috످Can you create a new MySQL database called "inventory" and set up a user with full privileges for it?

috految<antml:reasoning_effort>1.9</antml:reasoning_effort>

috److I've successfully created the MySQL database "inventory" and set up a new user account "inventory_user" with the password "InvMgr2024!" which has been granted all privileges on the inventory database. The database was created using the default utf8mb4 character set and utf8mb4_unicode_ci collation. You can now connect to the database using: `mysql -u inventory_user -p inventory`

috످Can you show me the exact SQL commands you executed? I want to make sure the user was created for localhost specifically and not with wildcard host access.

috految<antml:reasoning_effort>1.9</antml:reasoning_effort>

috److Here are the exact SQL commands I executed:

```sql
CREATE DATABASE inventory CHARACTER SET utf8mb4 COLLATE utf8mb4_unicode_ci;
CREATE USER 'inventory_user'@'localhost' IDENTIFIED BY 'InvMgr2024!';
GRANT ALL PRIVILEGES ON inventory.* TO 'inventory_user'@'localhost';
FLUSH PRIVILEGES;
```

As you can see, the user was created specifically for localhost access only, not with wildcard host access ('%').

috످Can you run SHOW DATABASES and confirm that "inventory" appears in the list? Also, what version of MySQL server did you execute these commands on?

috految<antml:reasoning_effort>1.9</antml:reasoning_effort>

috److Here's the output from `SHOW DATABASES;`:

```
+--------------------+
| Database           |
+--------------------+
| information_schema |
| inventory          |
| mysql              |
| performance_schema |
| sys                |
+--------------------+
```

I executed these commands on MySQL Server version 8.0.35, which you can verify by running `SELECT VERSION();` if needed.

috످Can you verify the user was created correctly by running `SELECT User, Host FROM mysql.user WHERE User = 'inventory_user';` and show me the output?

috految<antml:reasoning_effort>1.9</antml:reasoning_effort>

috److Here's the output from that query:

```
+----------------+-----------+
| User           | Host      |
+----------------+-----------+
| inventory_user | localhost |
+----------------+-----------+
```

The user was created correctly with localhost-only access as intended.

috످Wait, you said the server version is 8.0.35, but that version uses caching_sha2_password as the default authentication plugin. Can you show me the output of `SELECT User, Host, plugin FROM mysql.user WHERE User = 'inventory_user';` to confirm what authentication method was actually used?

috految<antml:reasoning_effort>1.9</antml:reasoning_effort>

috److I can't run that query because I don't have access to your MySQL server. I never created the database or user. I made up the execution history, query outputs, and version number. I'm sorry for misleading you.

You're right that MySQL 8.0.35 defaults to `caching_sha2_password`, but I don't know which version you have.

To set this up, connect with `mysql -u root -p` and run the following with your own password:

```sql
CREATE DATABASE inventory CHARACTER SET utf8mb4;
CREATE USER 'inventory_user'@'localhost' IDENTIFIED BY '<your_password>';
GRANT ALL PRIVILEGES ON inventory.* TO 'inventory_user'@'localhost';

-- Verify
SELECT VERSION();
SHOW DATABASES;
SELECT User, Host, plugin FROM mysql.user WHERE User = 'inventory_user';
```

The last query should show `localhost` as the only host and, on MySQL 8.0+ with default settings, `caching_sha2_password` as the plugin.

Don't use the password I gave you earlier, since it's guessable and visible in this chat. If you already used it, change it:

```sql
ALTER USER 'inventory_user'@'localhost' IDENTIFIED BY '<new_password>';
```

috످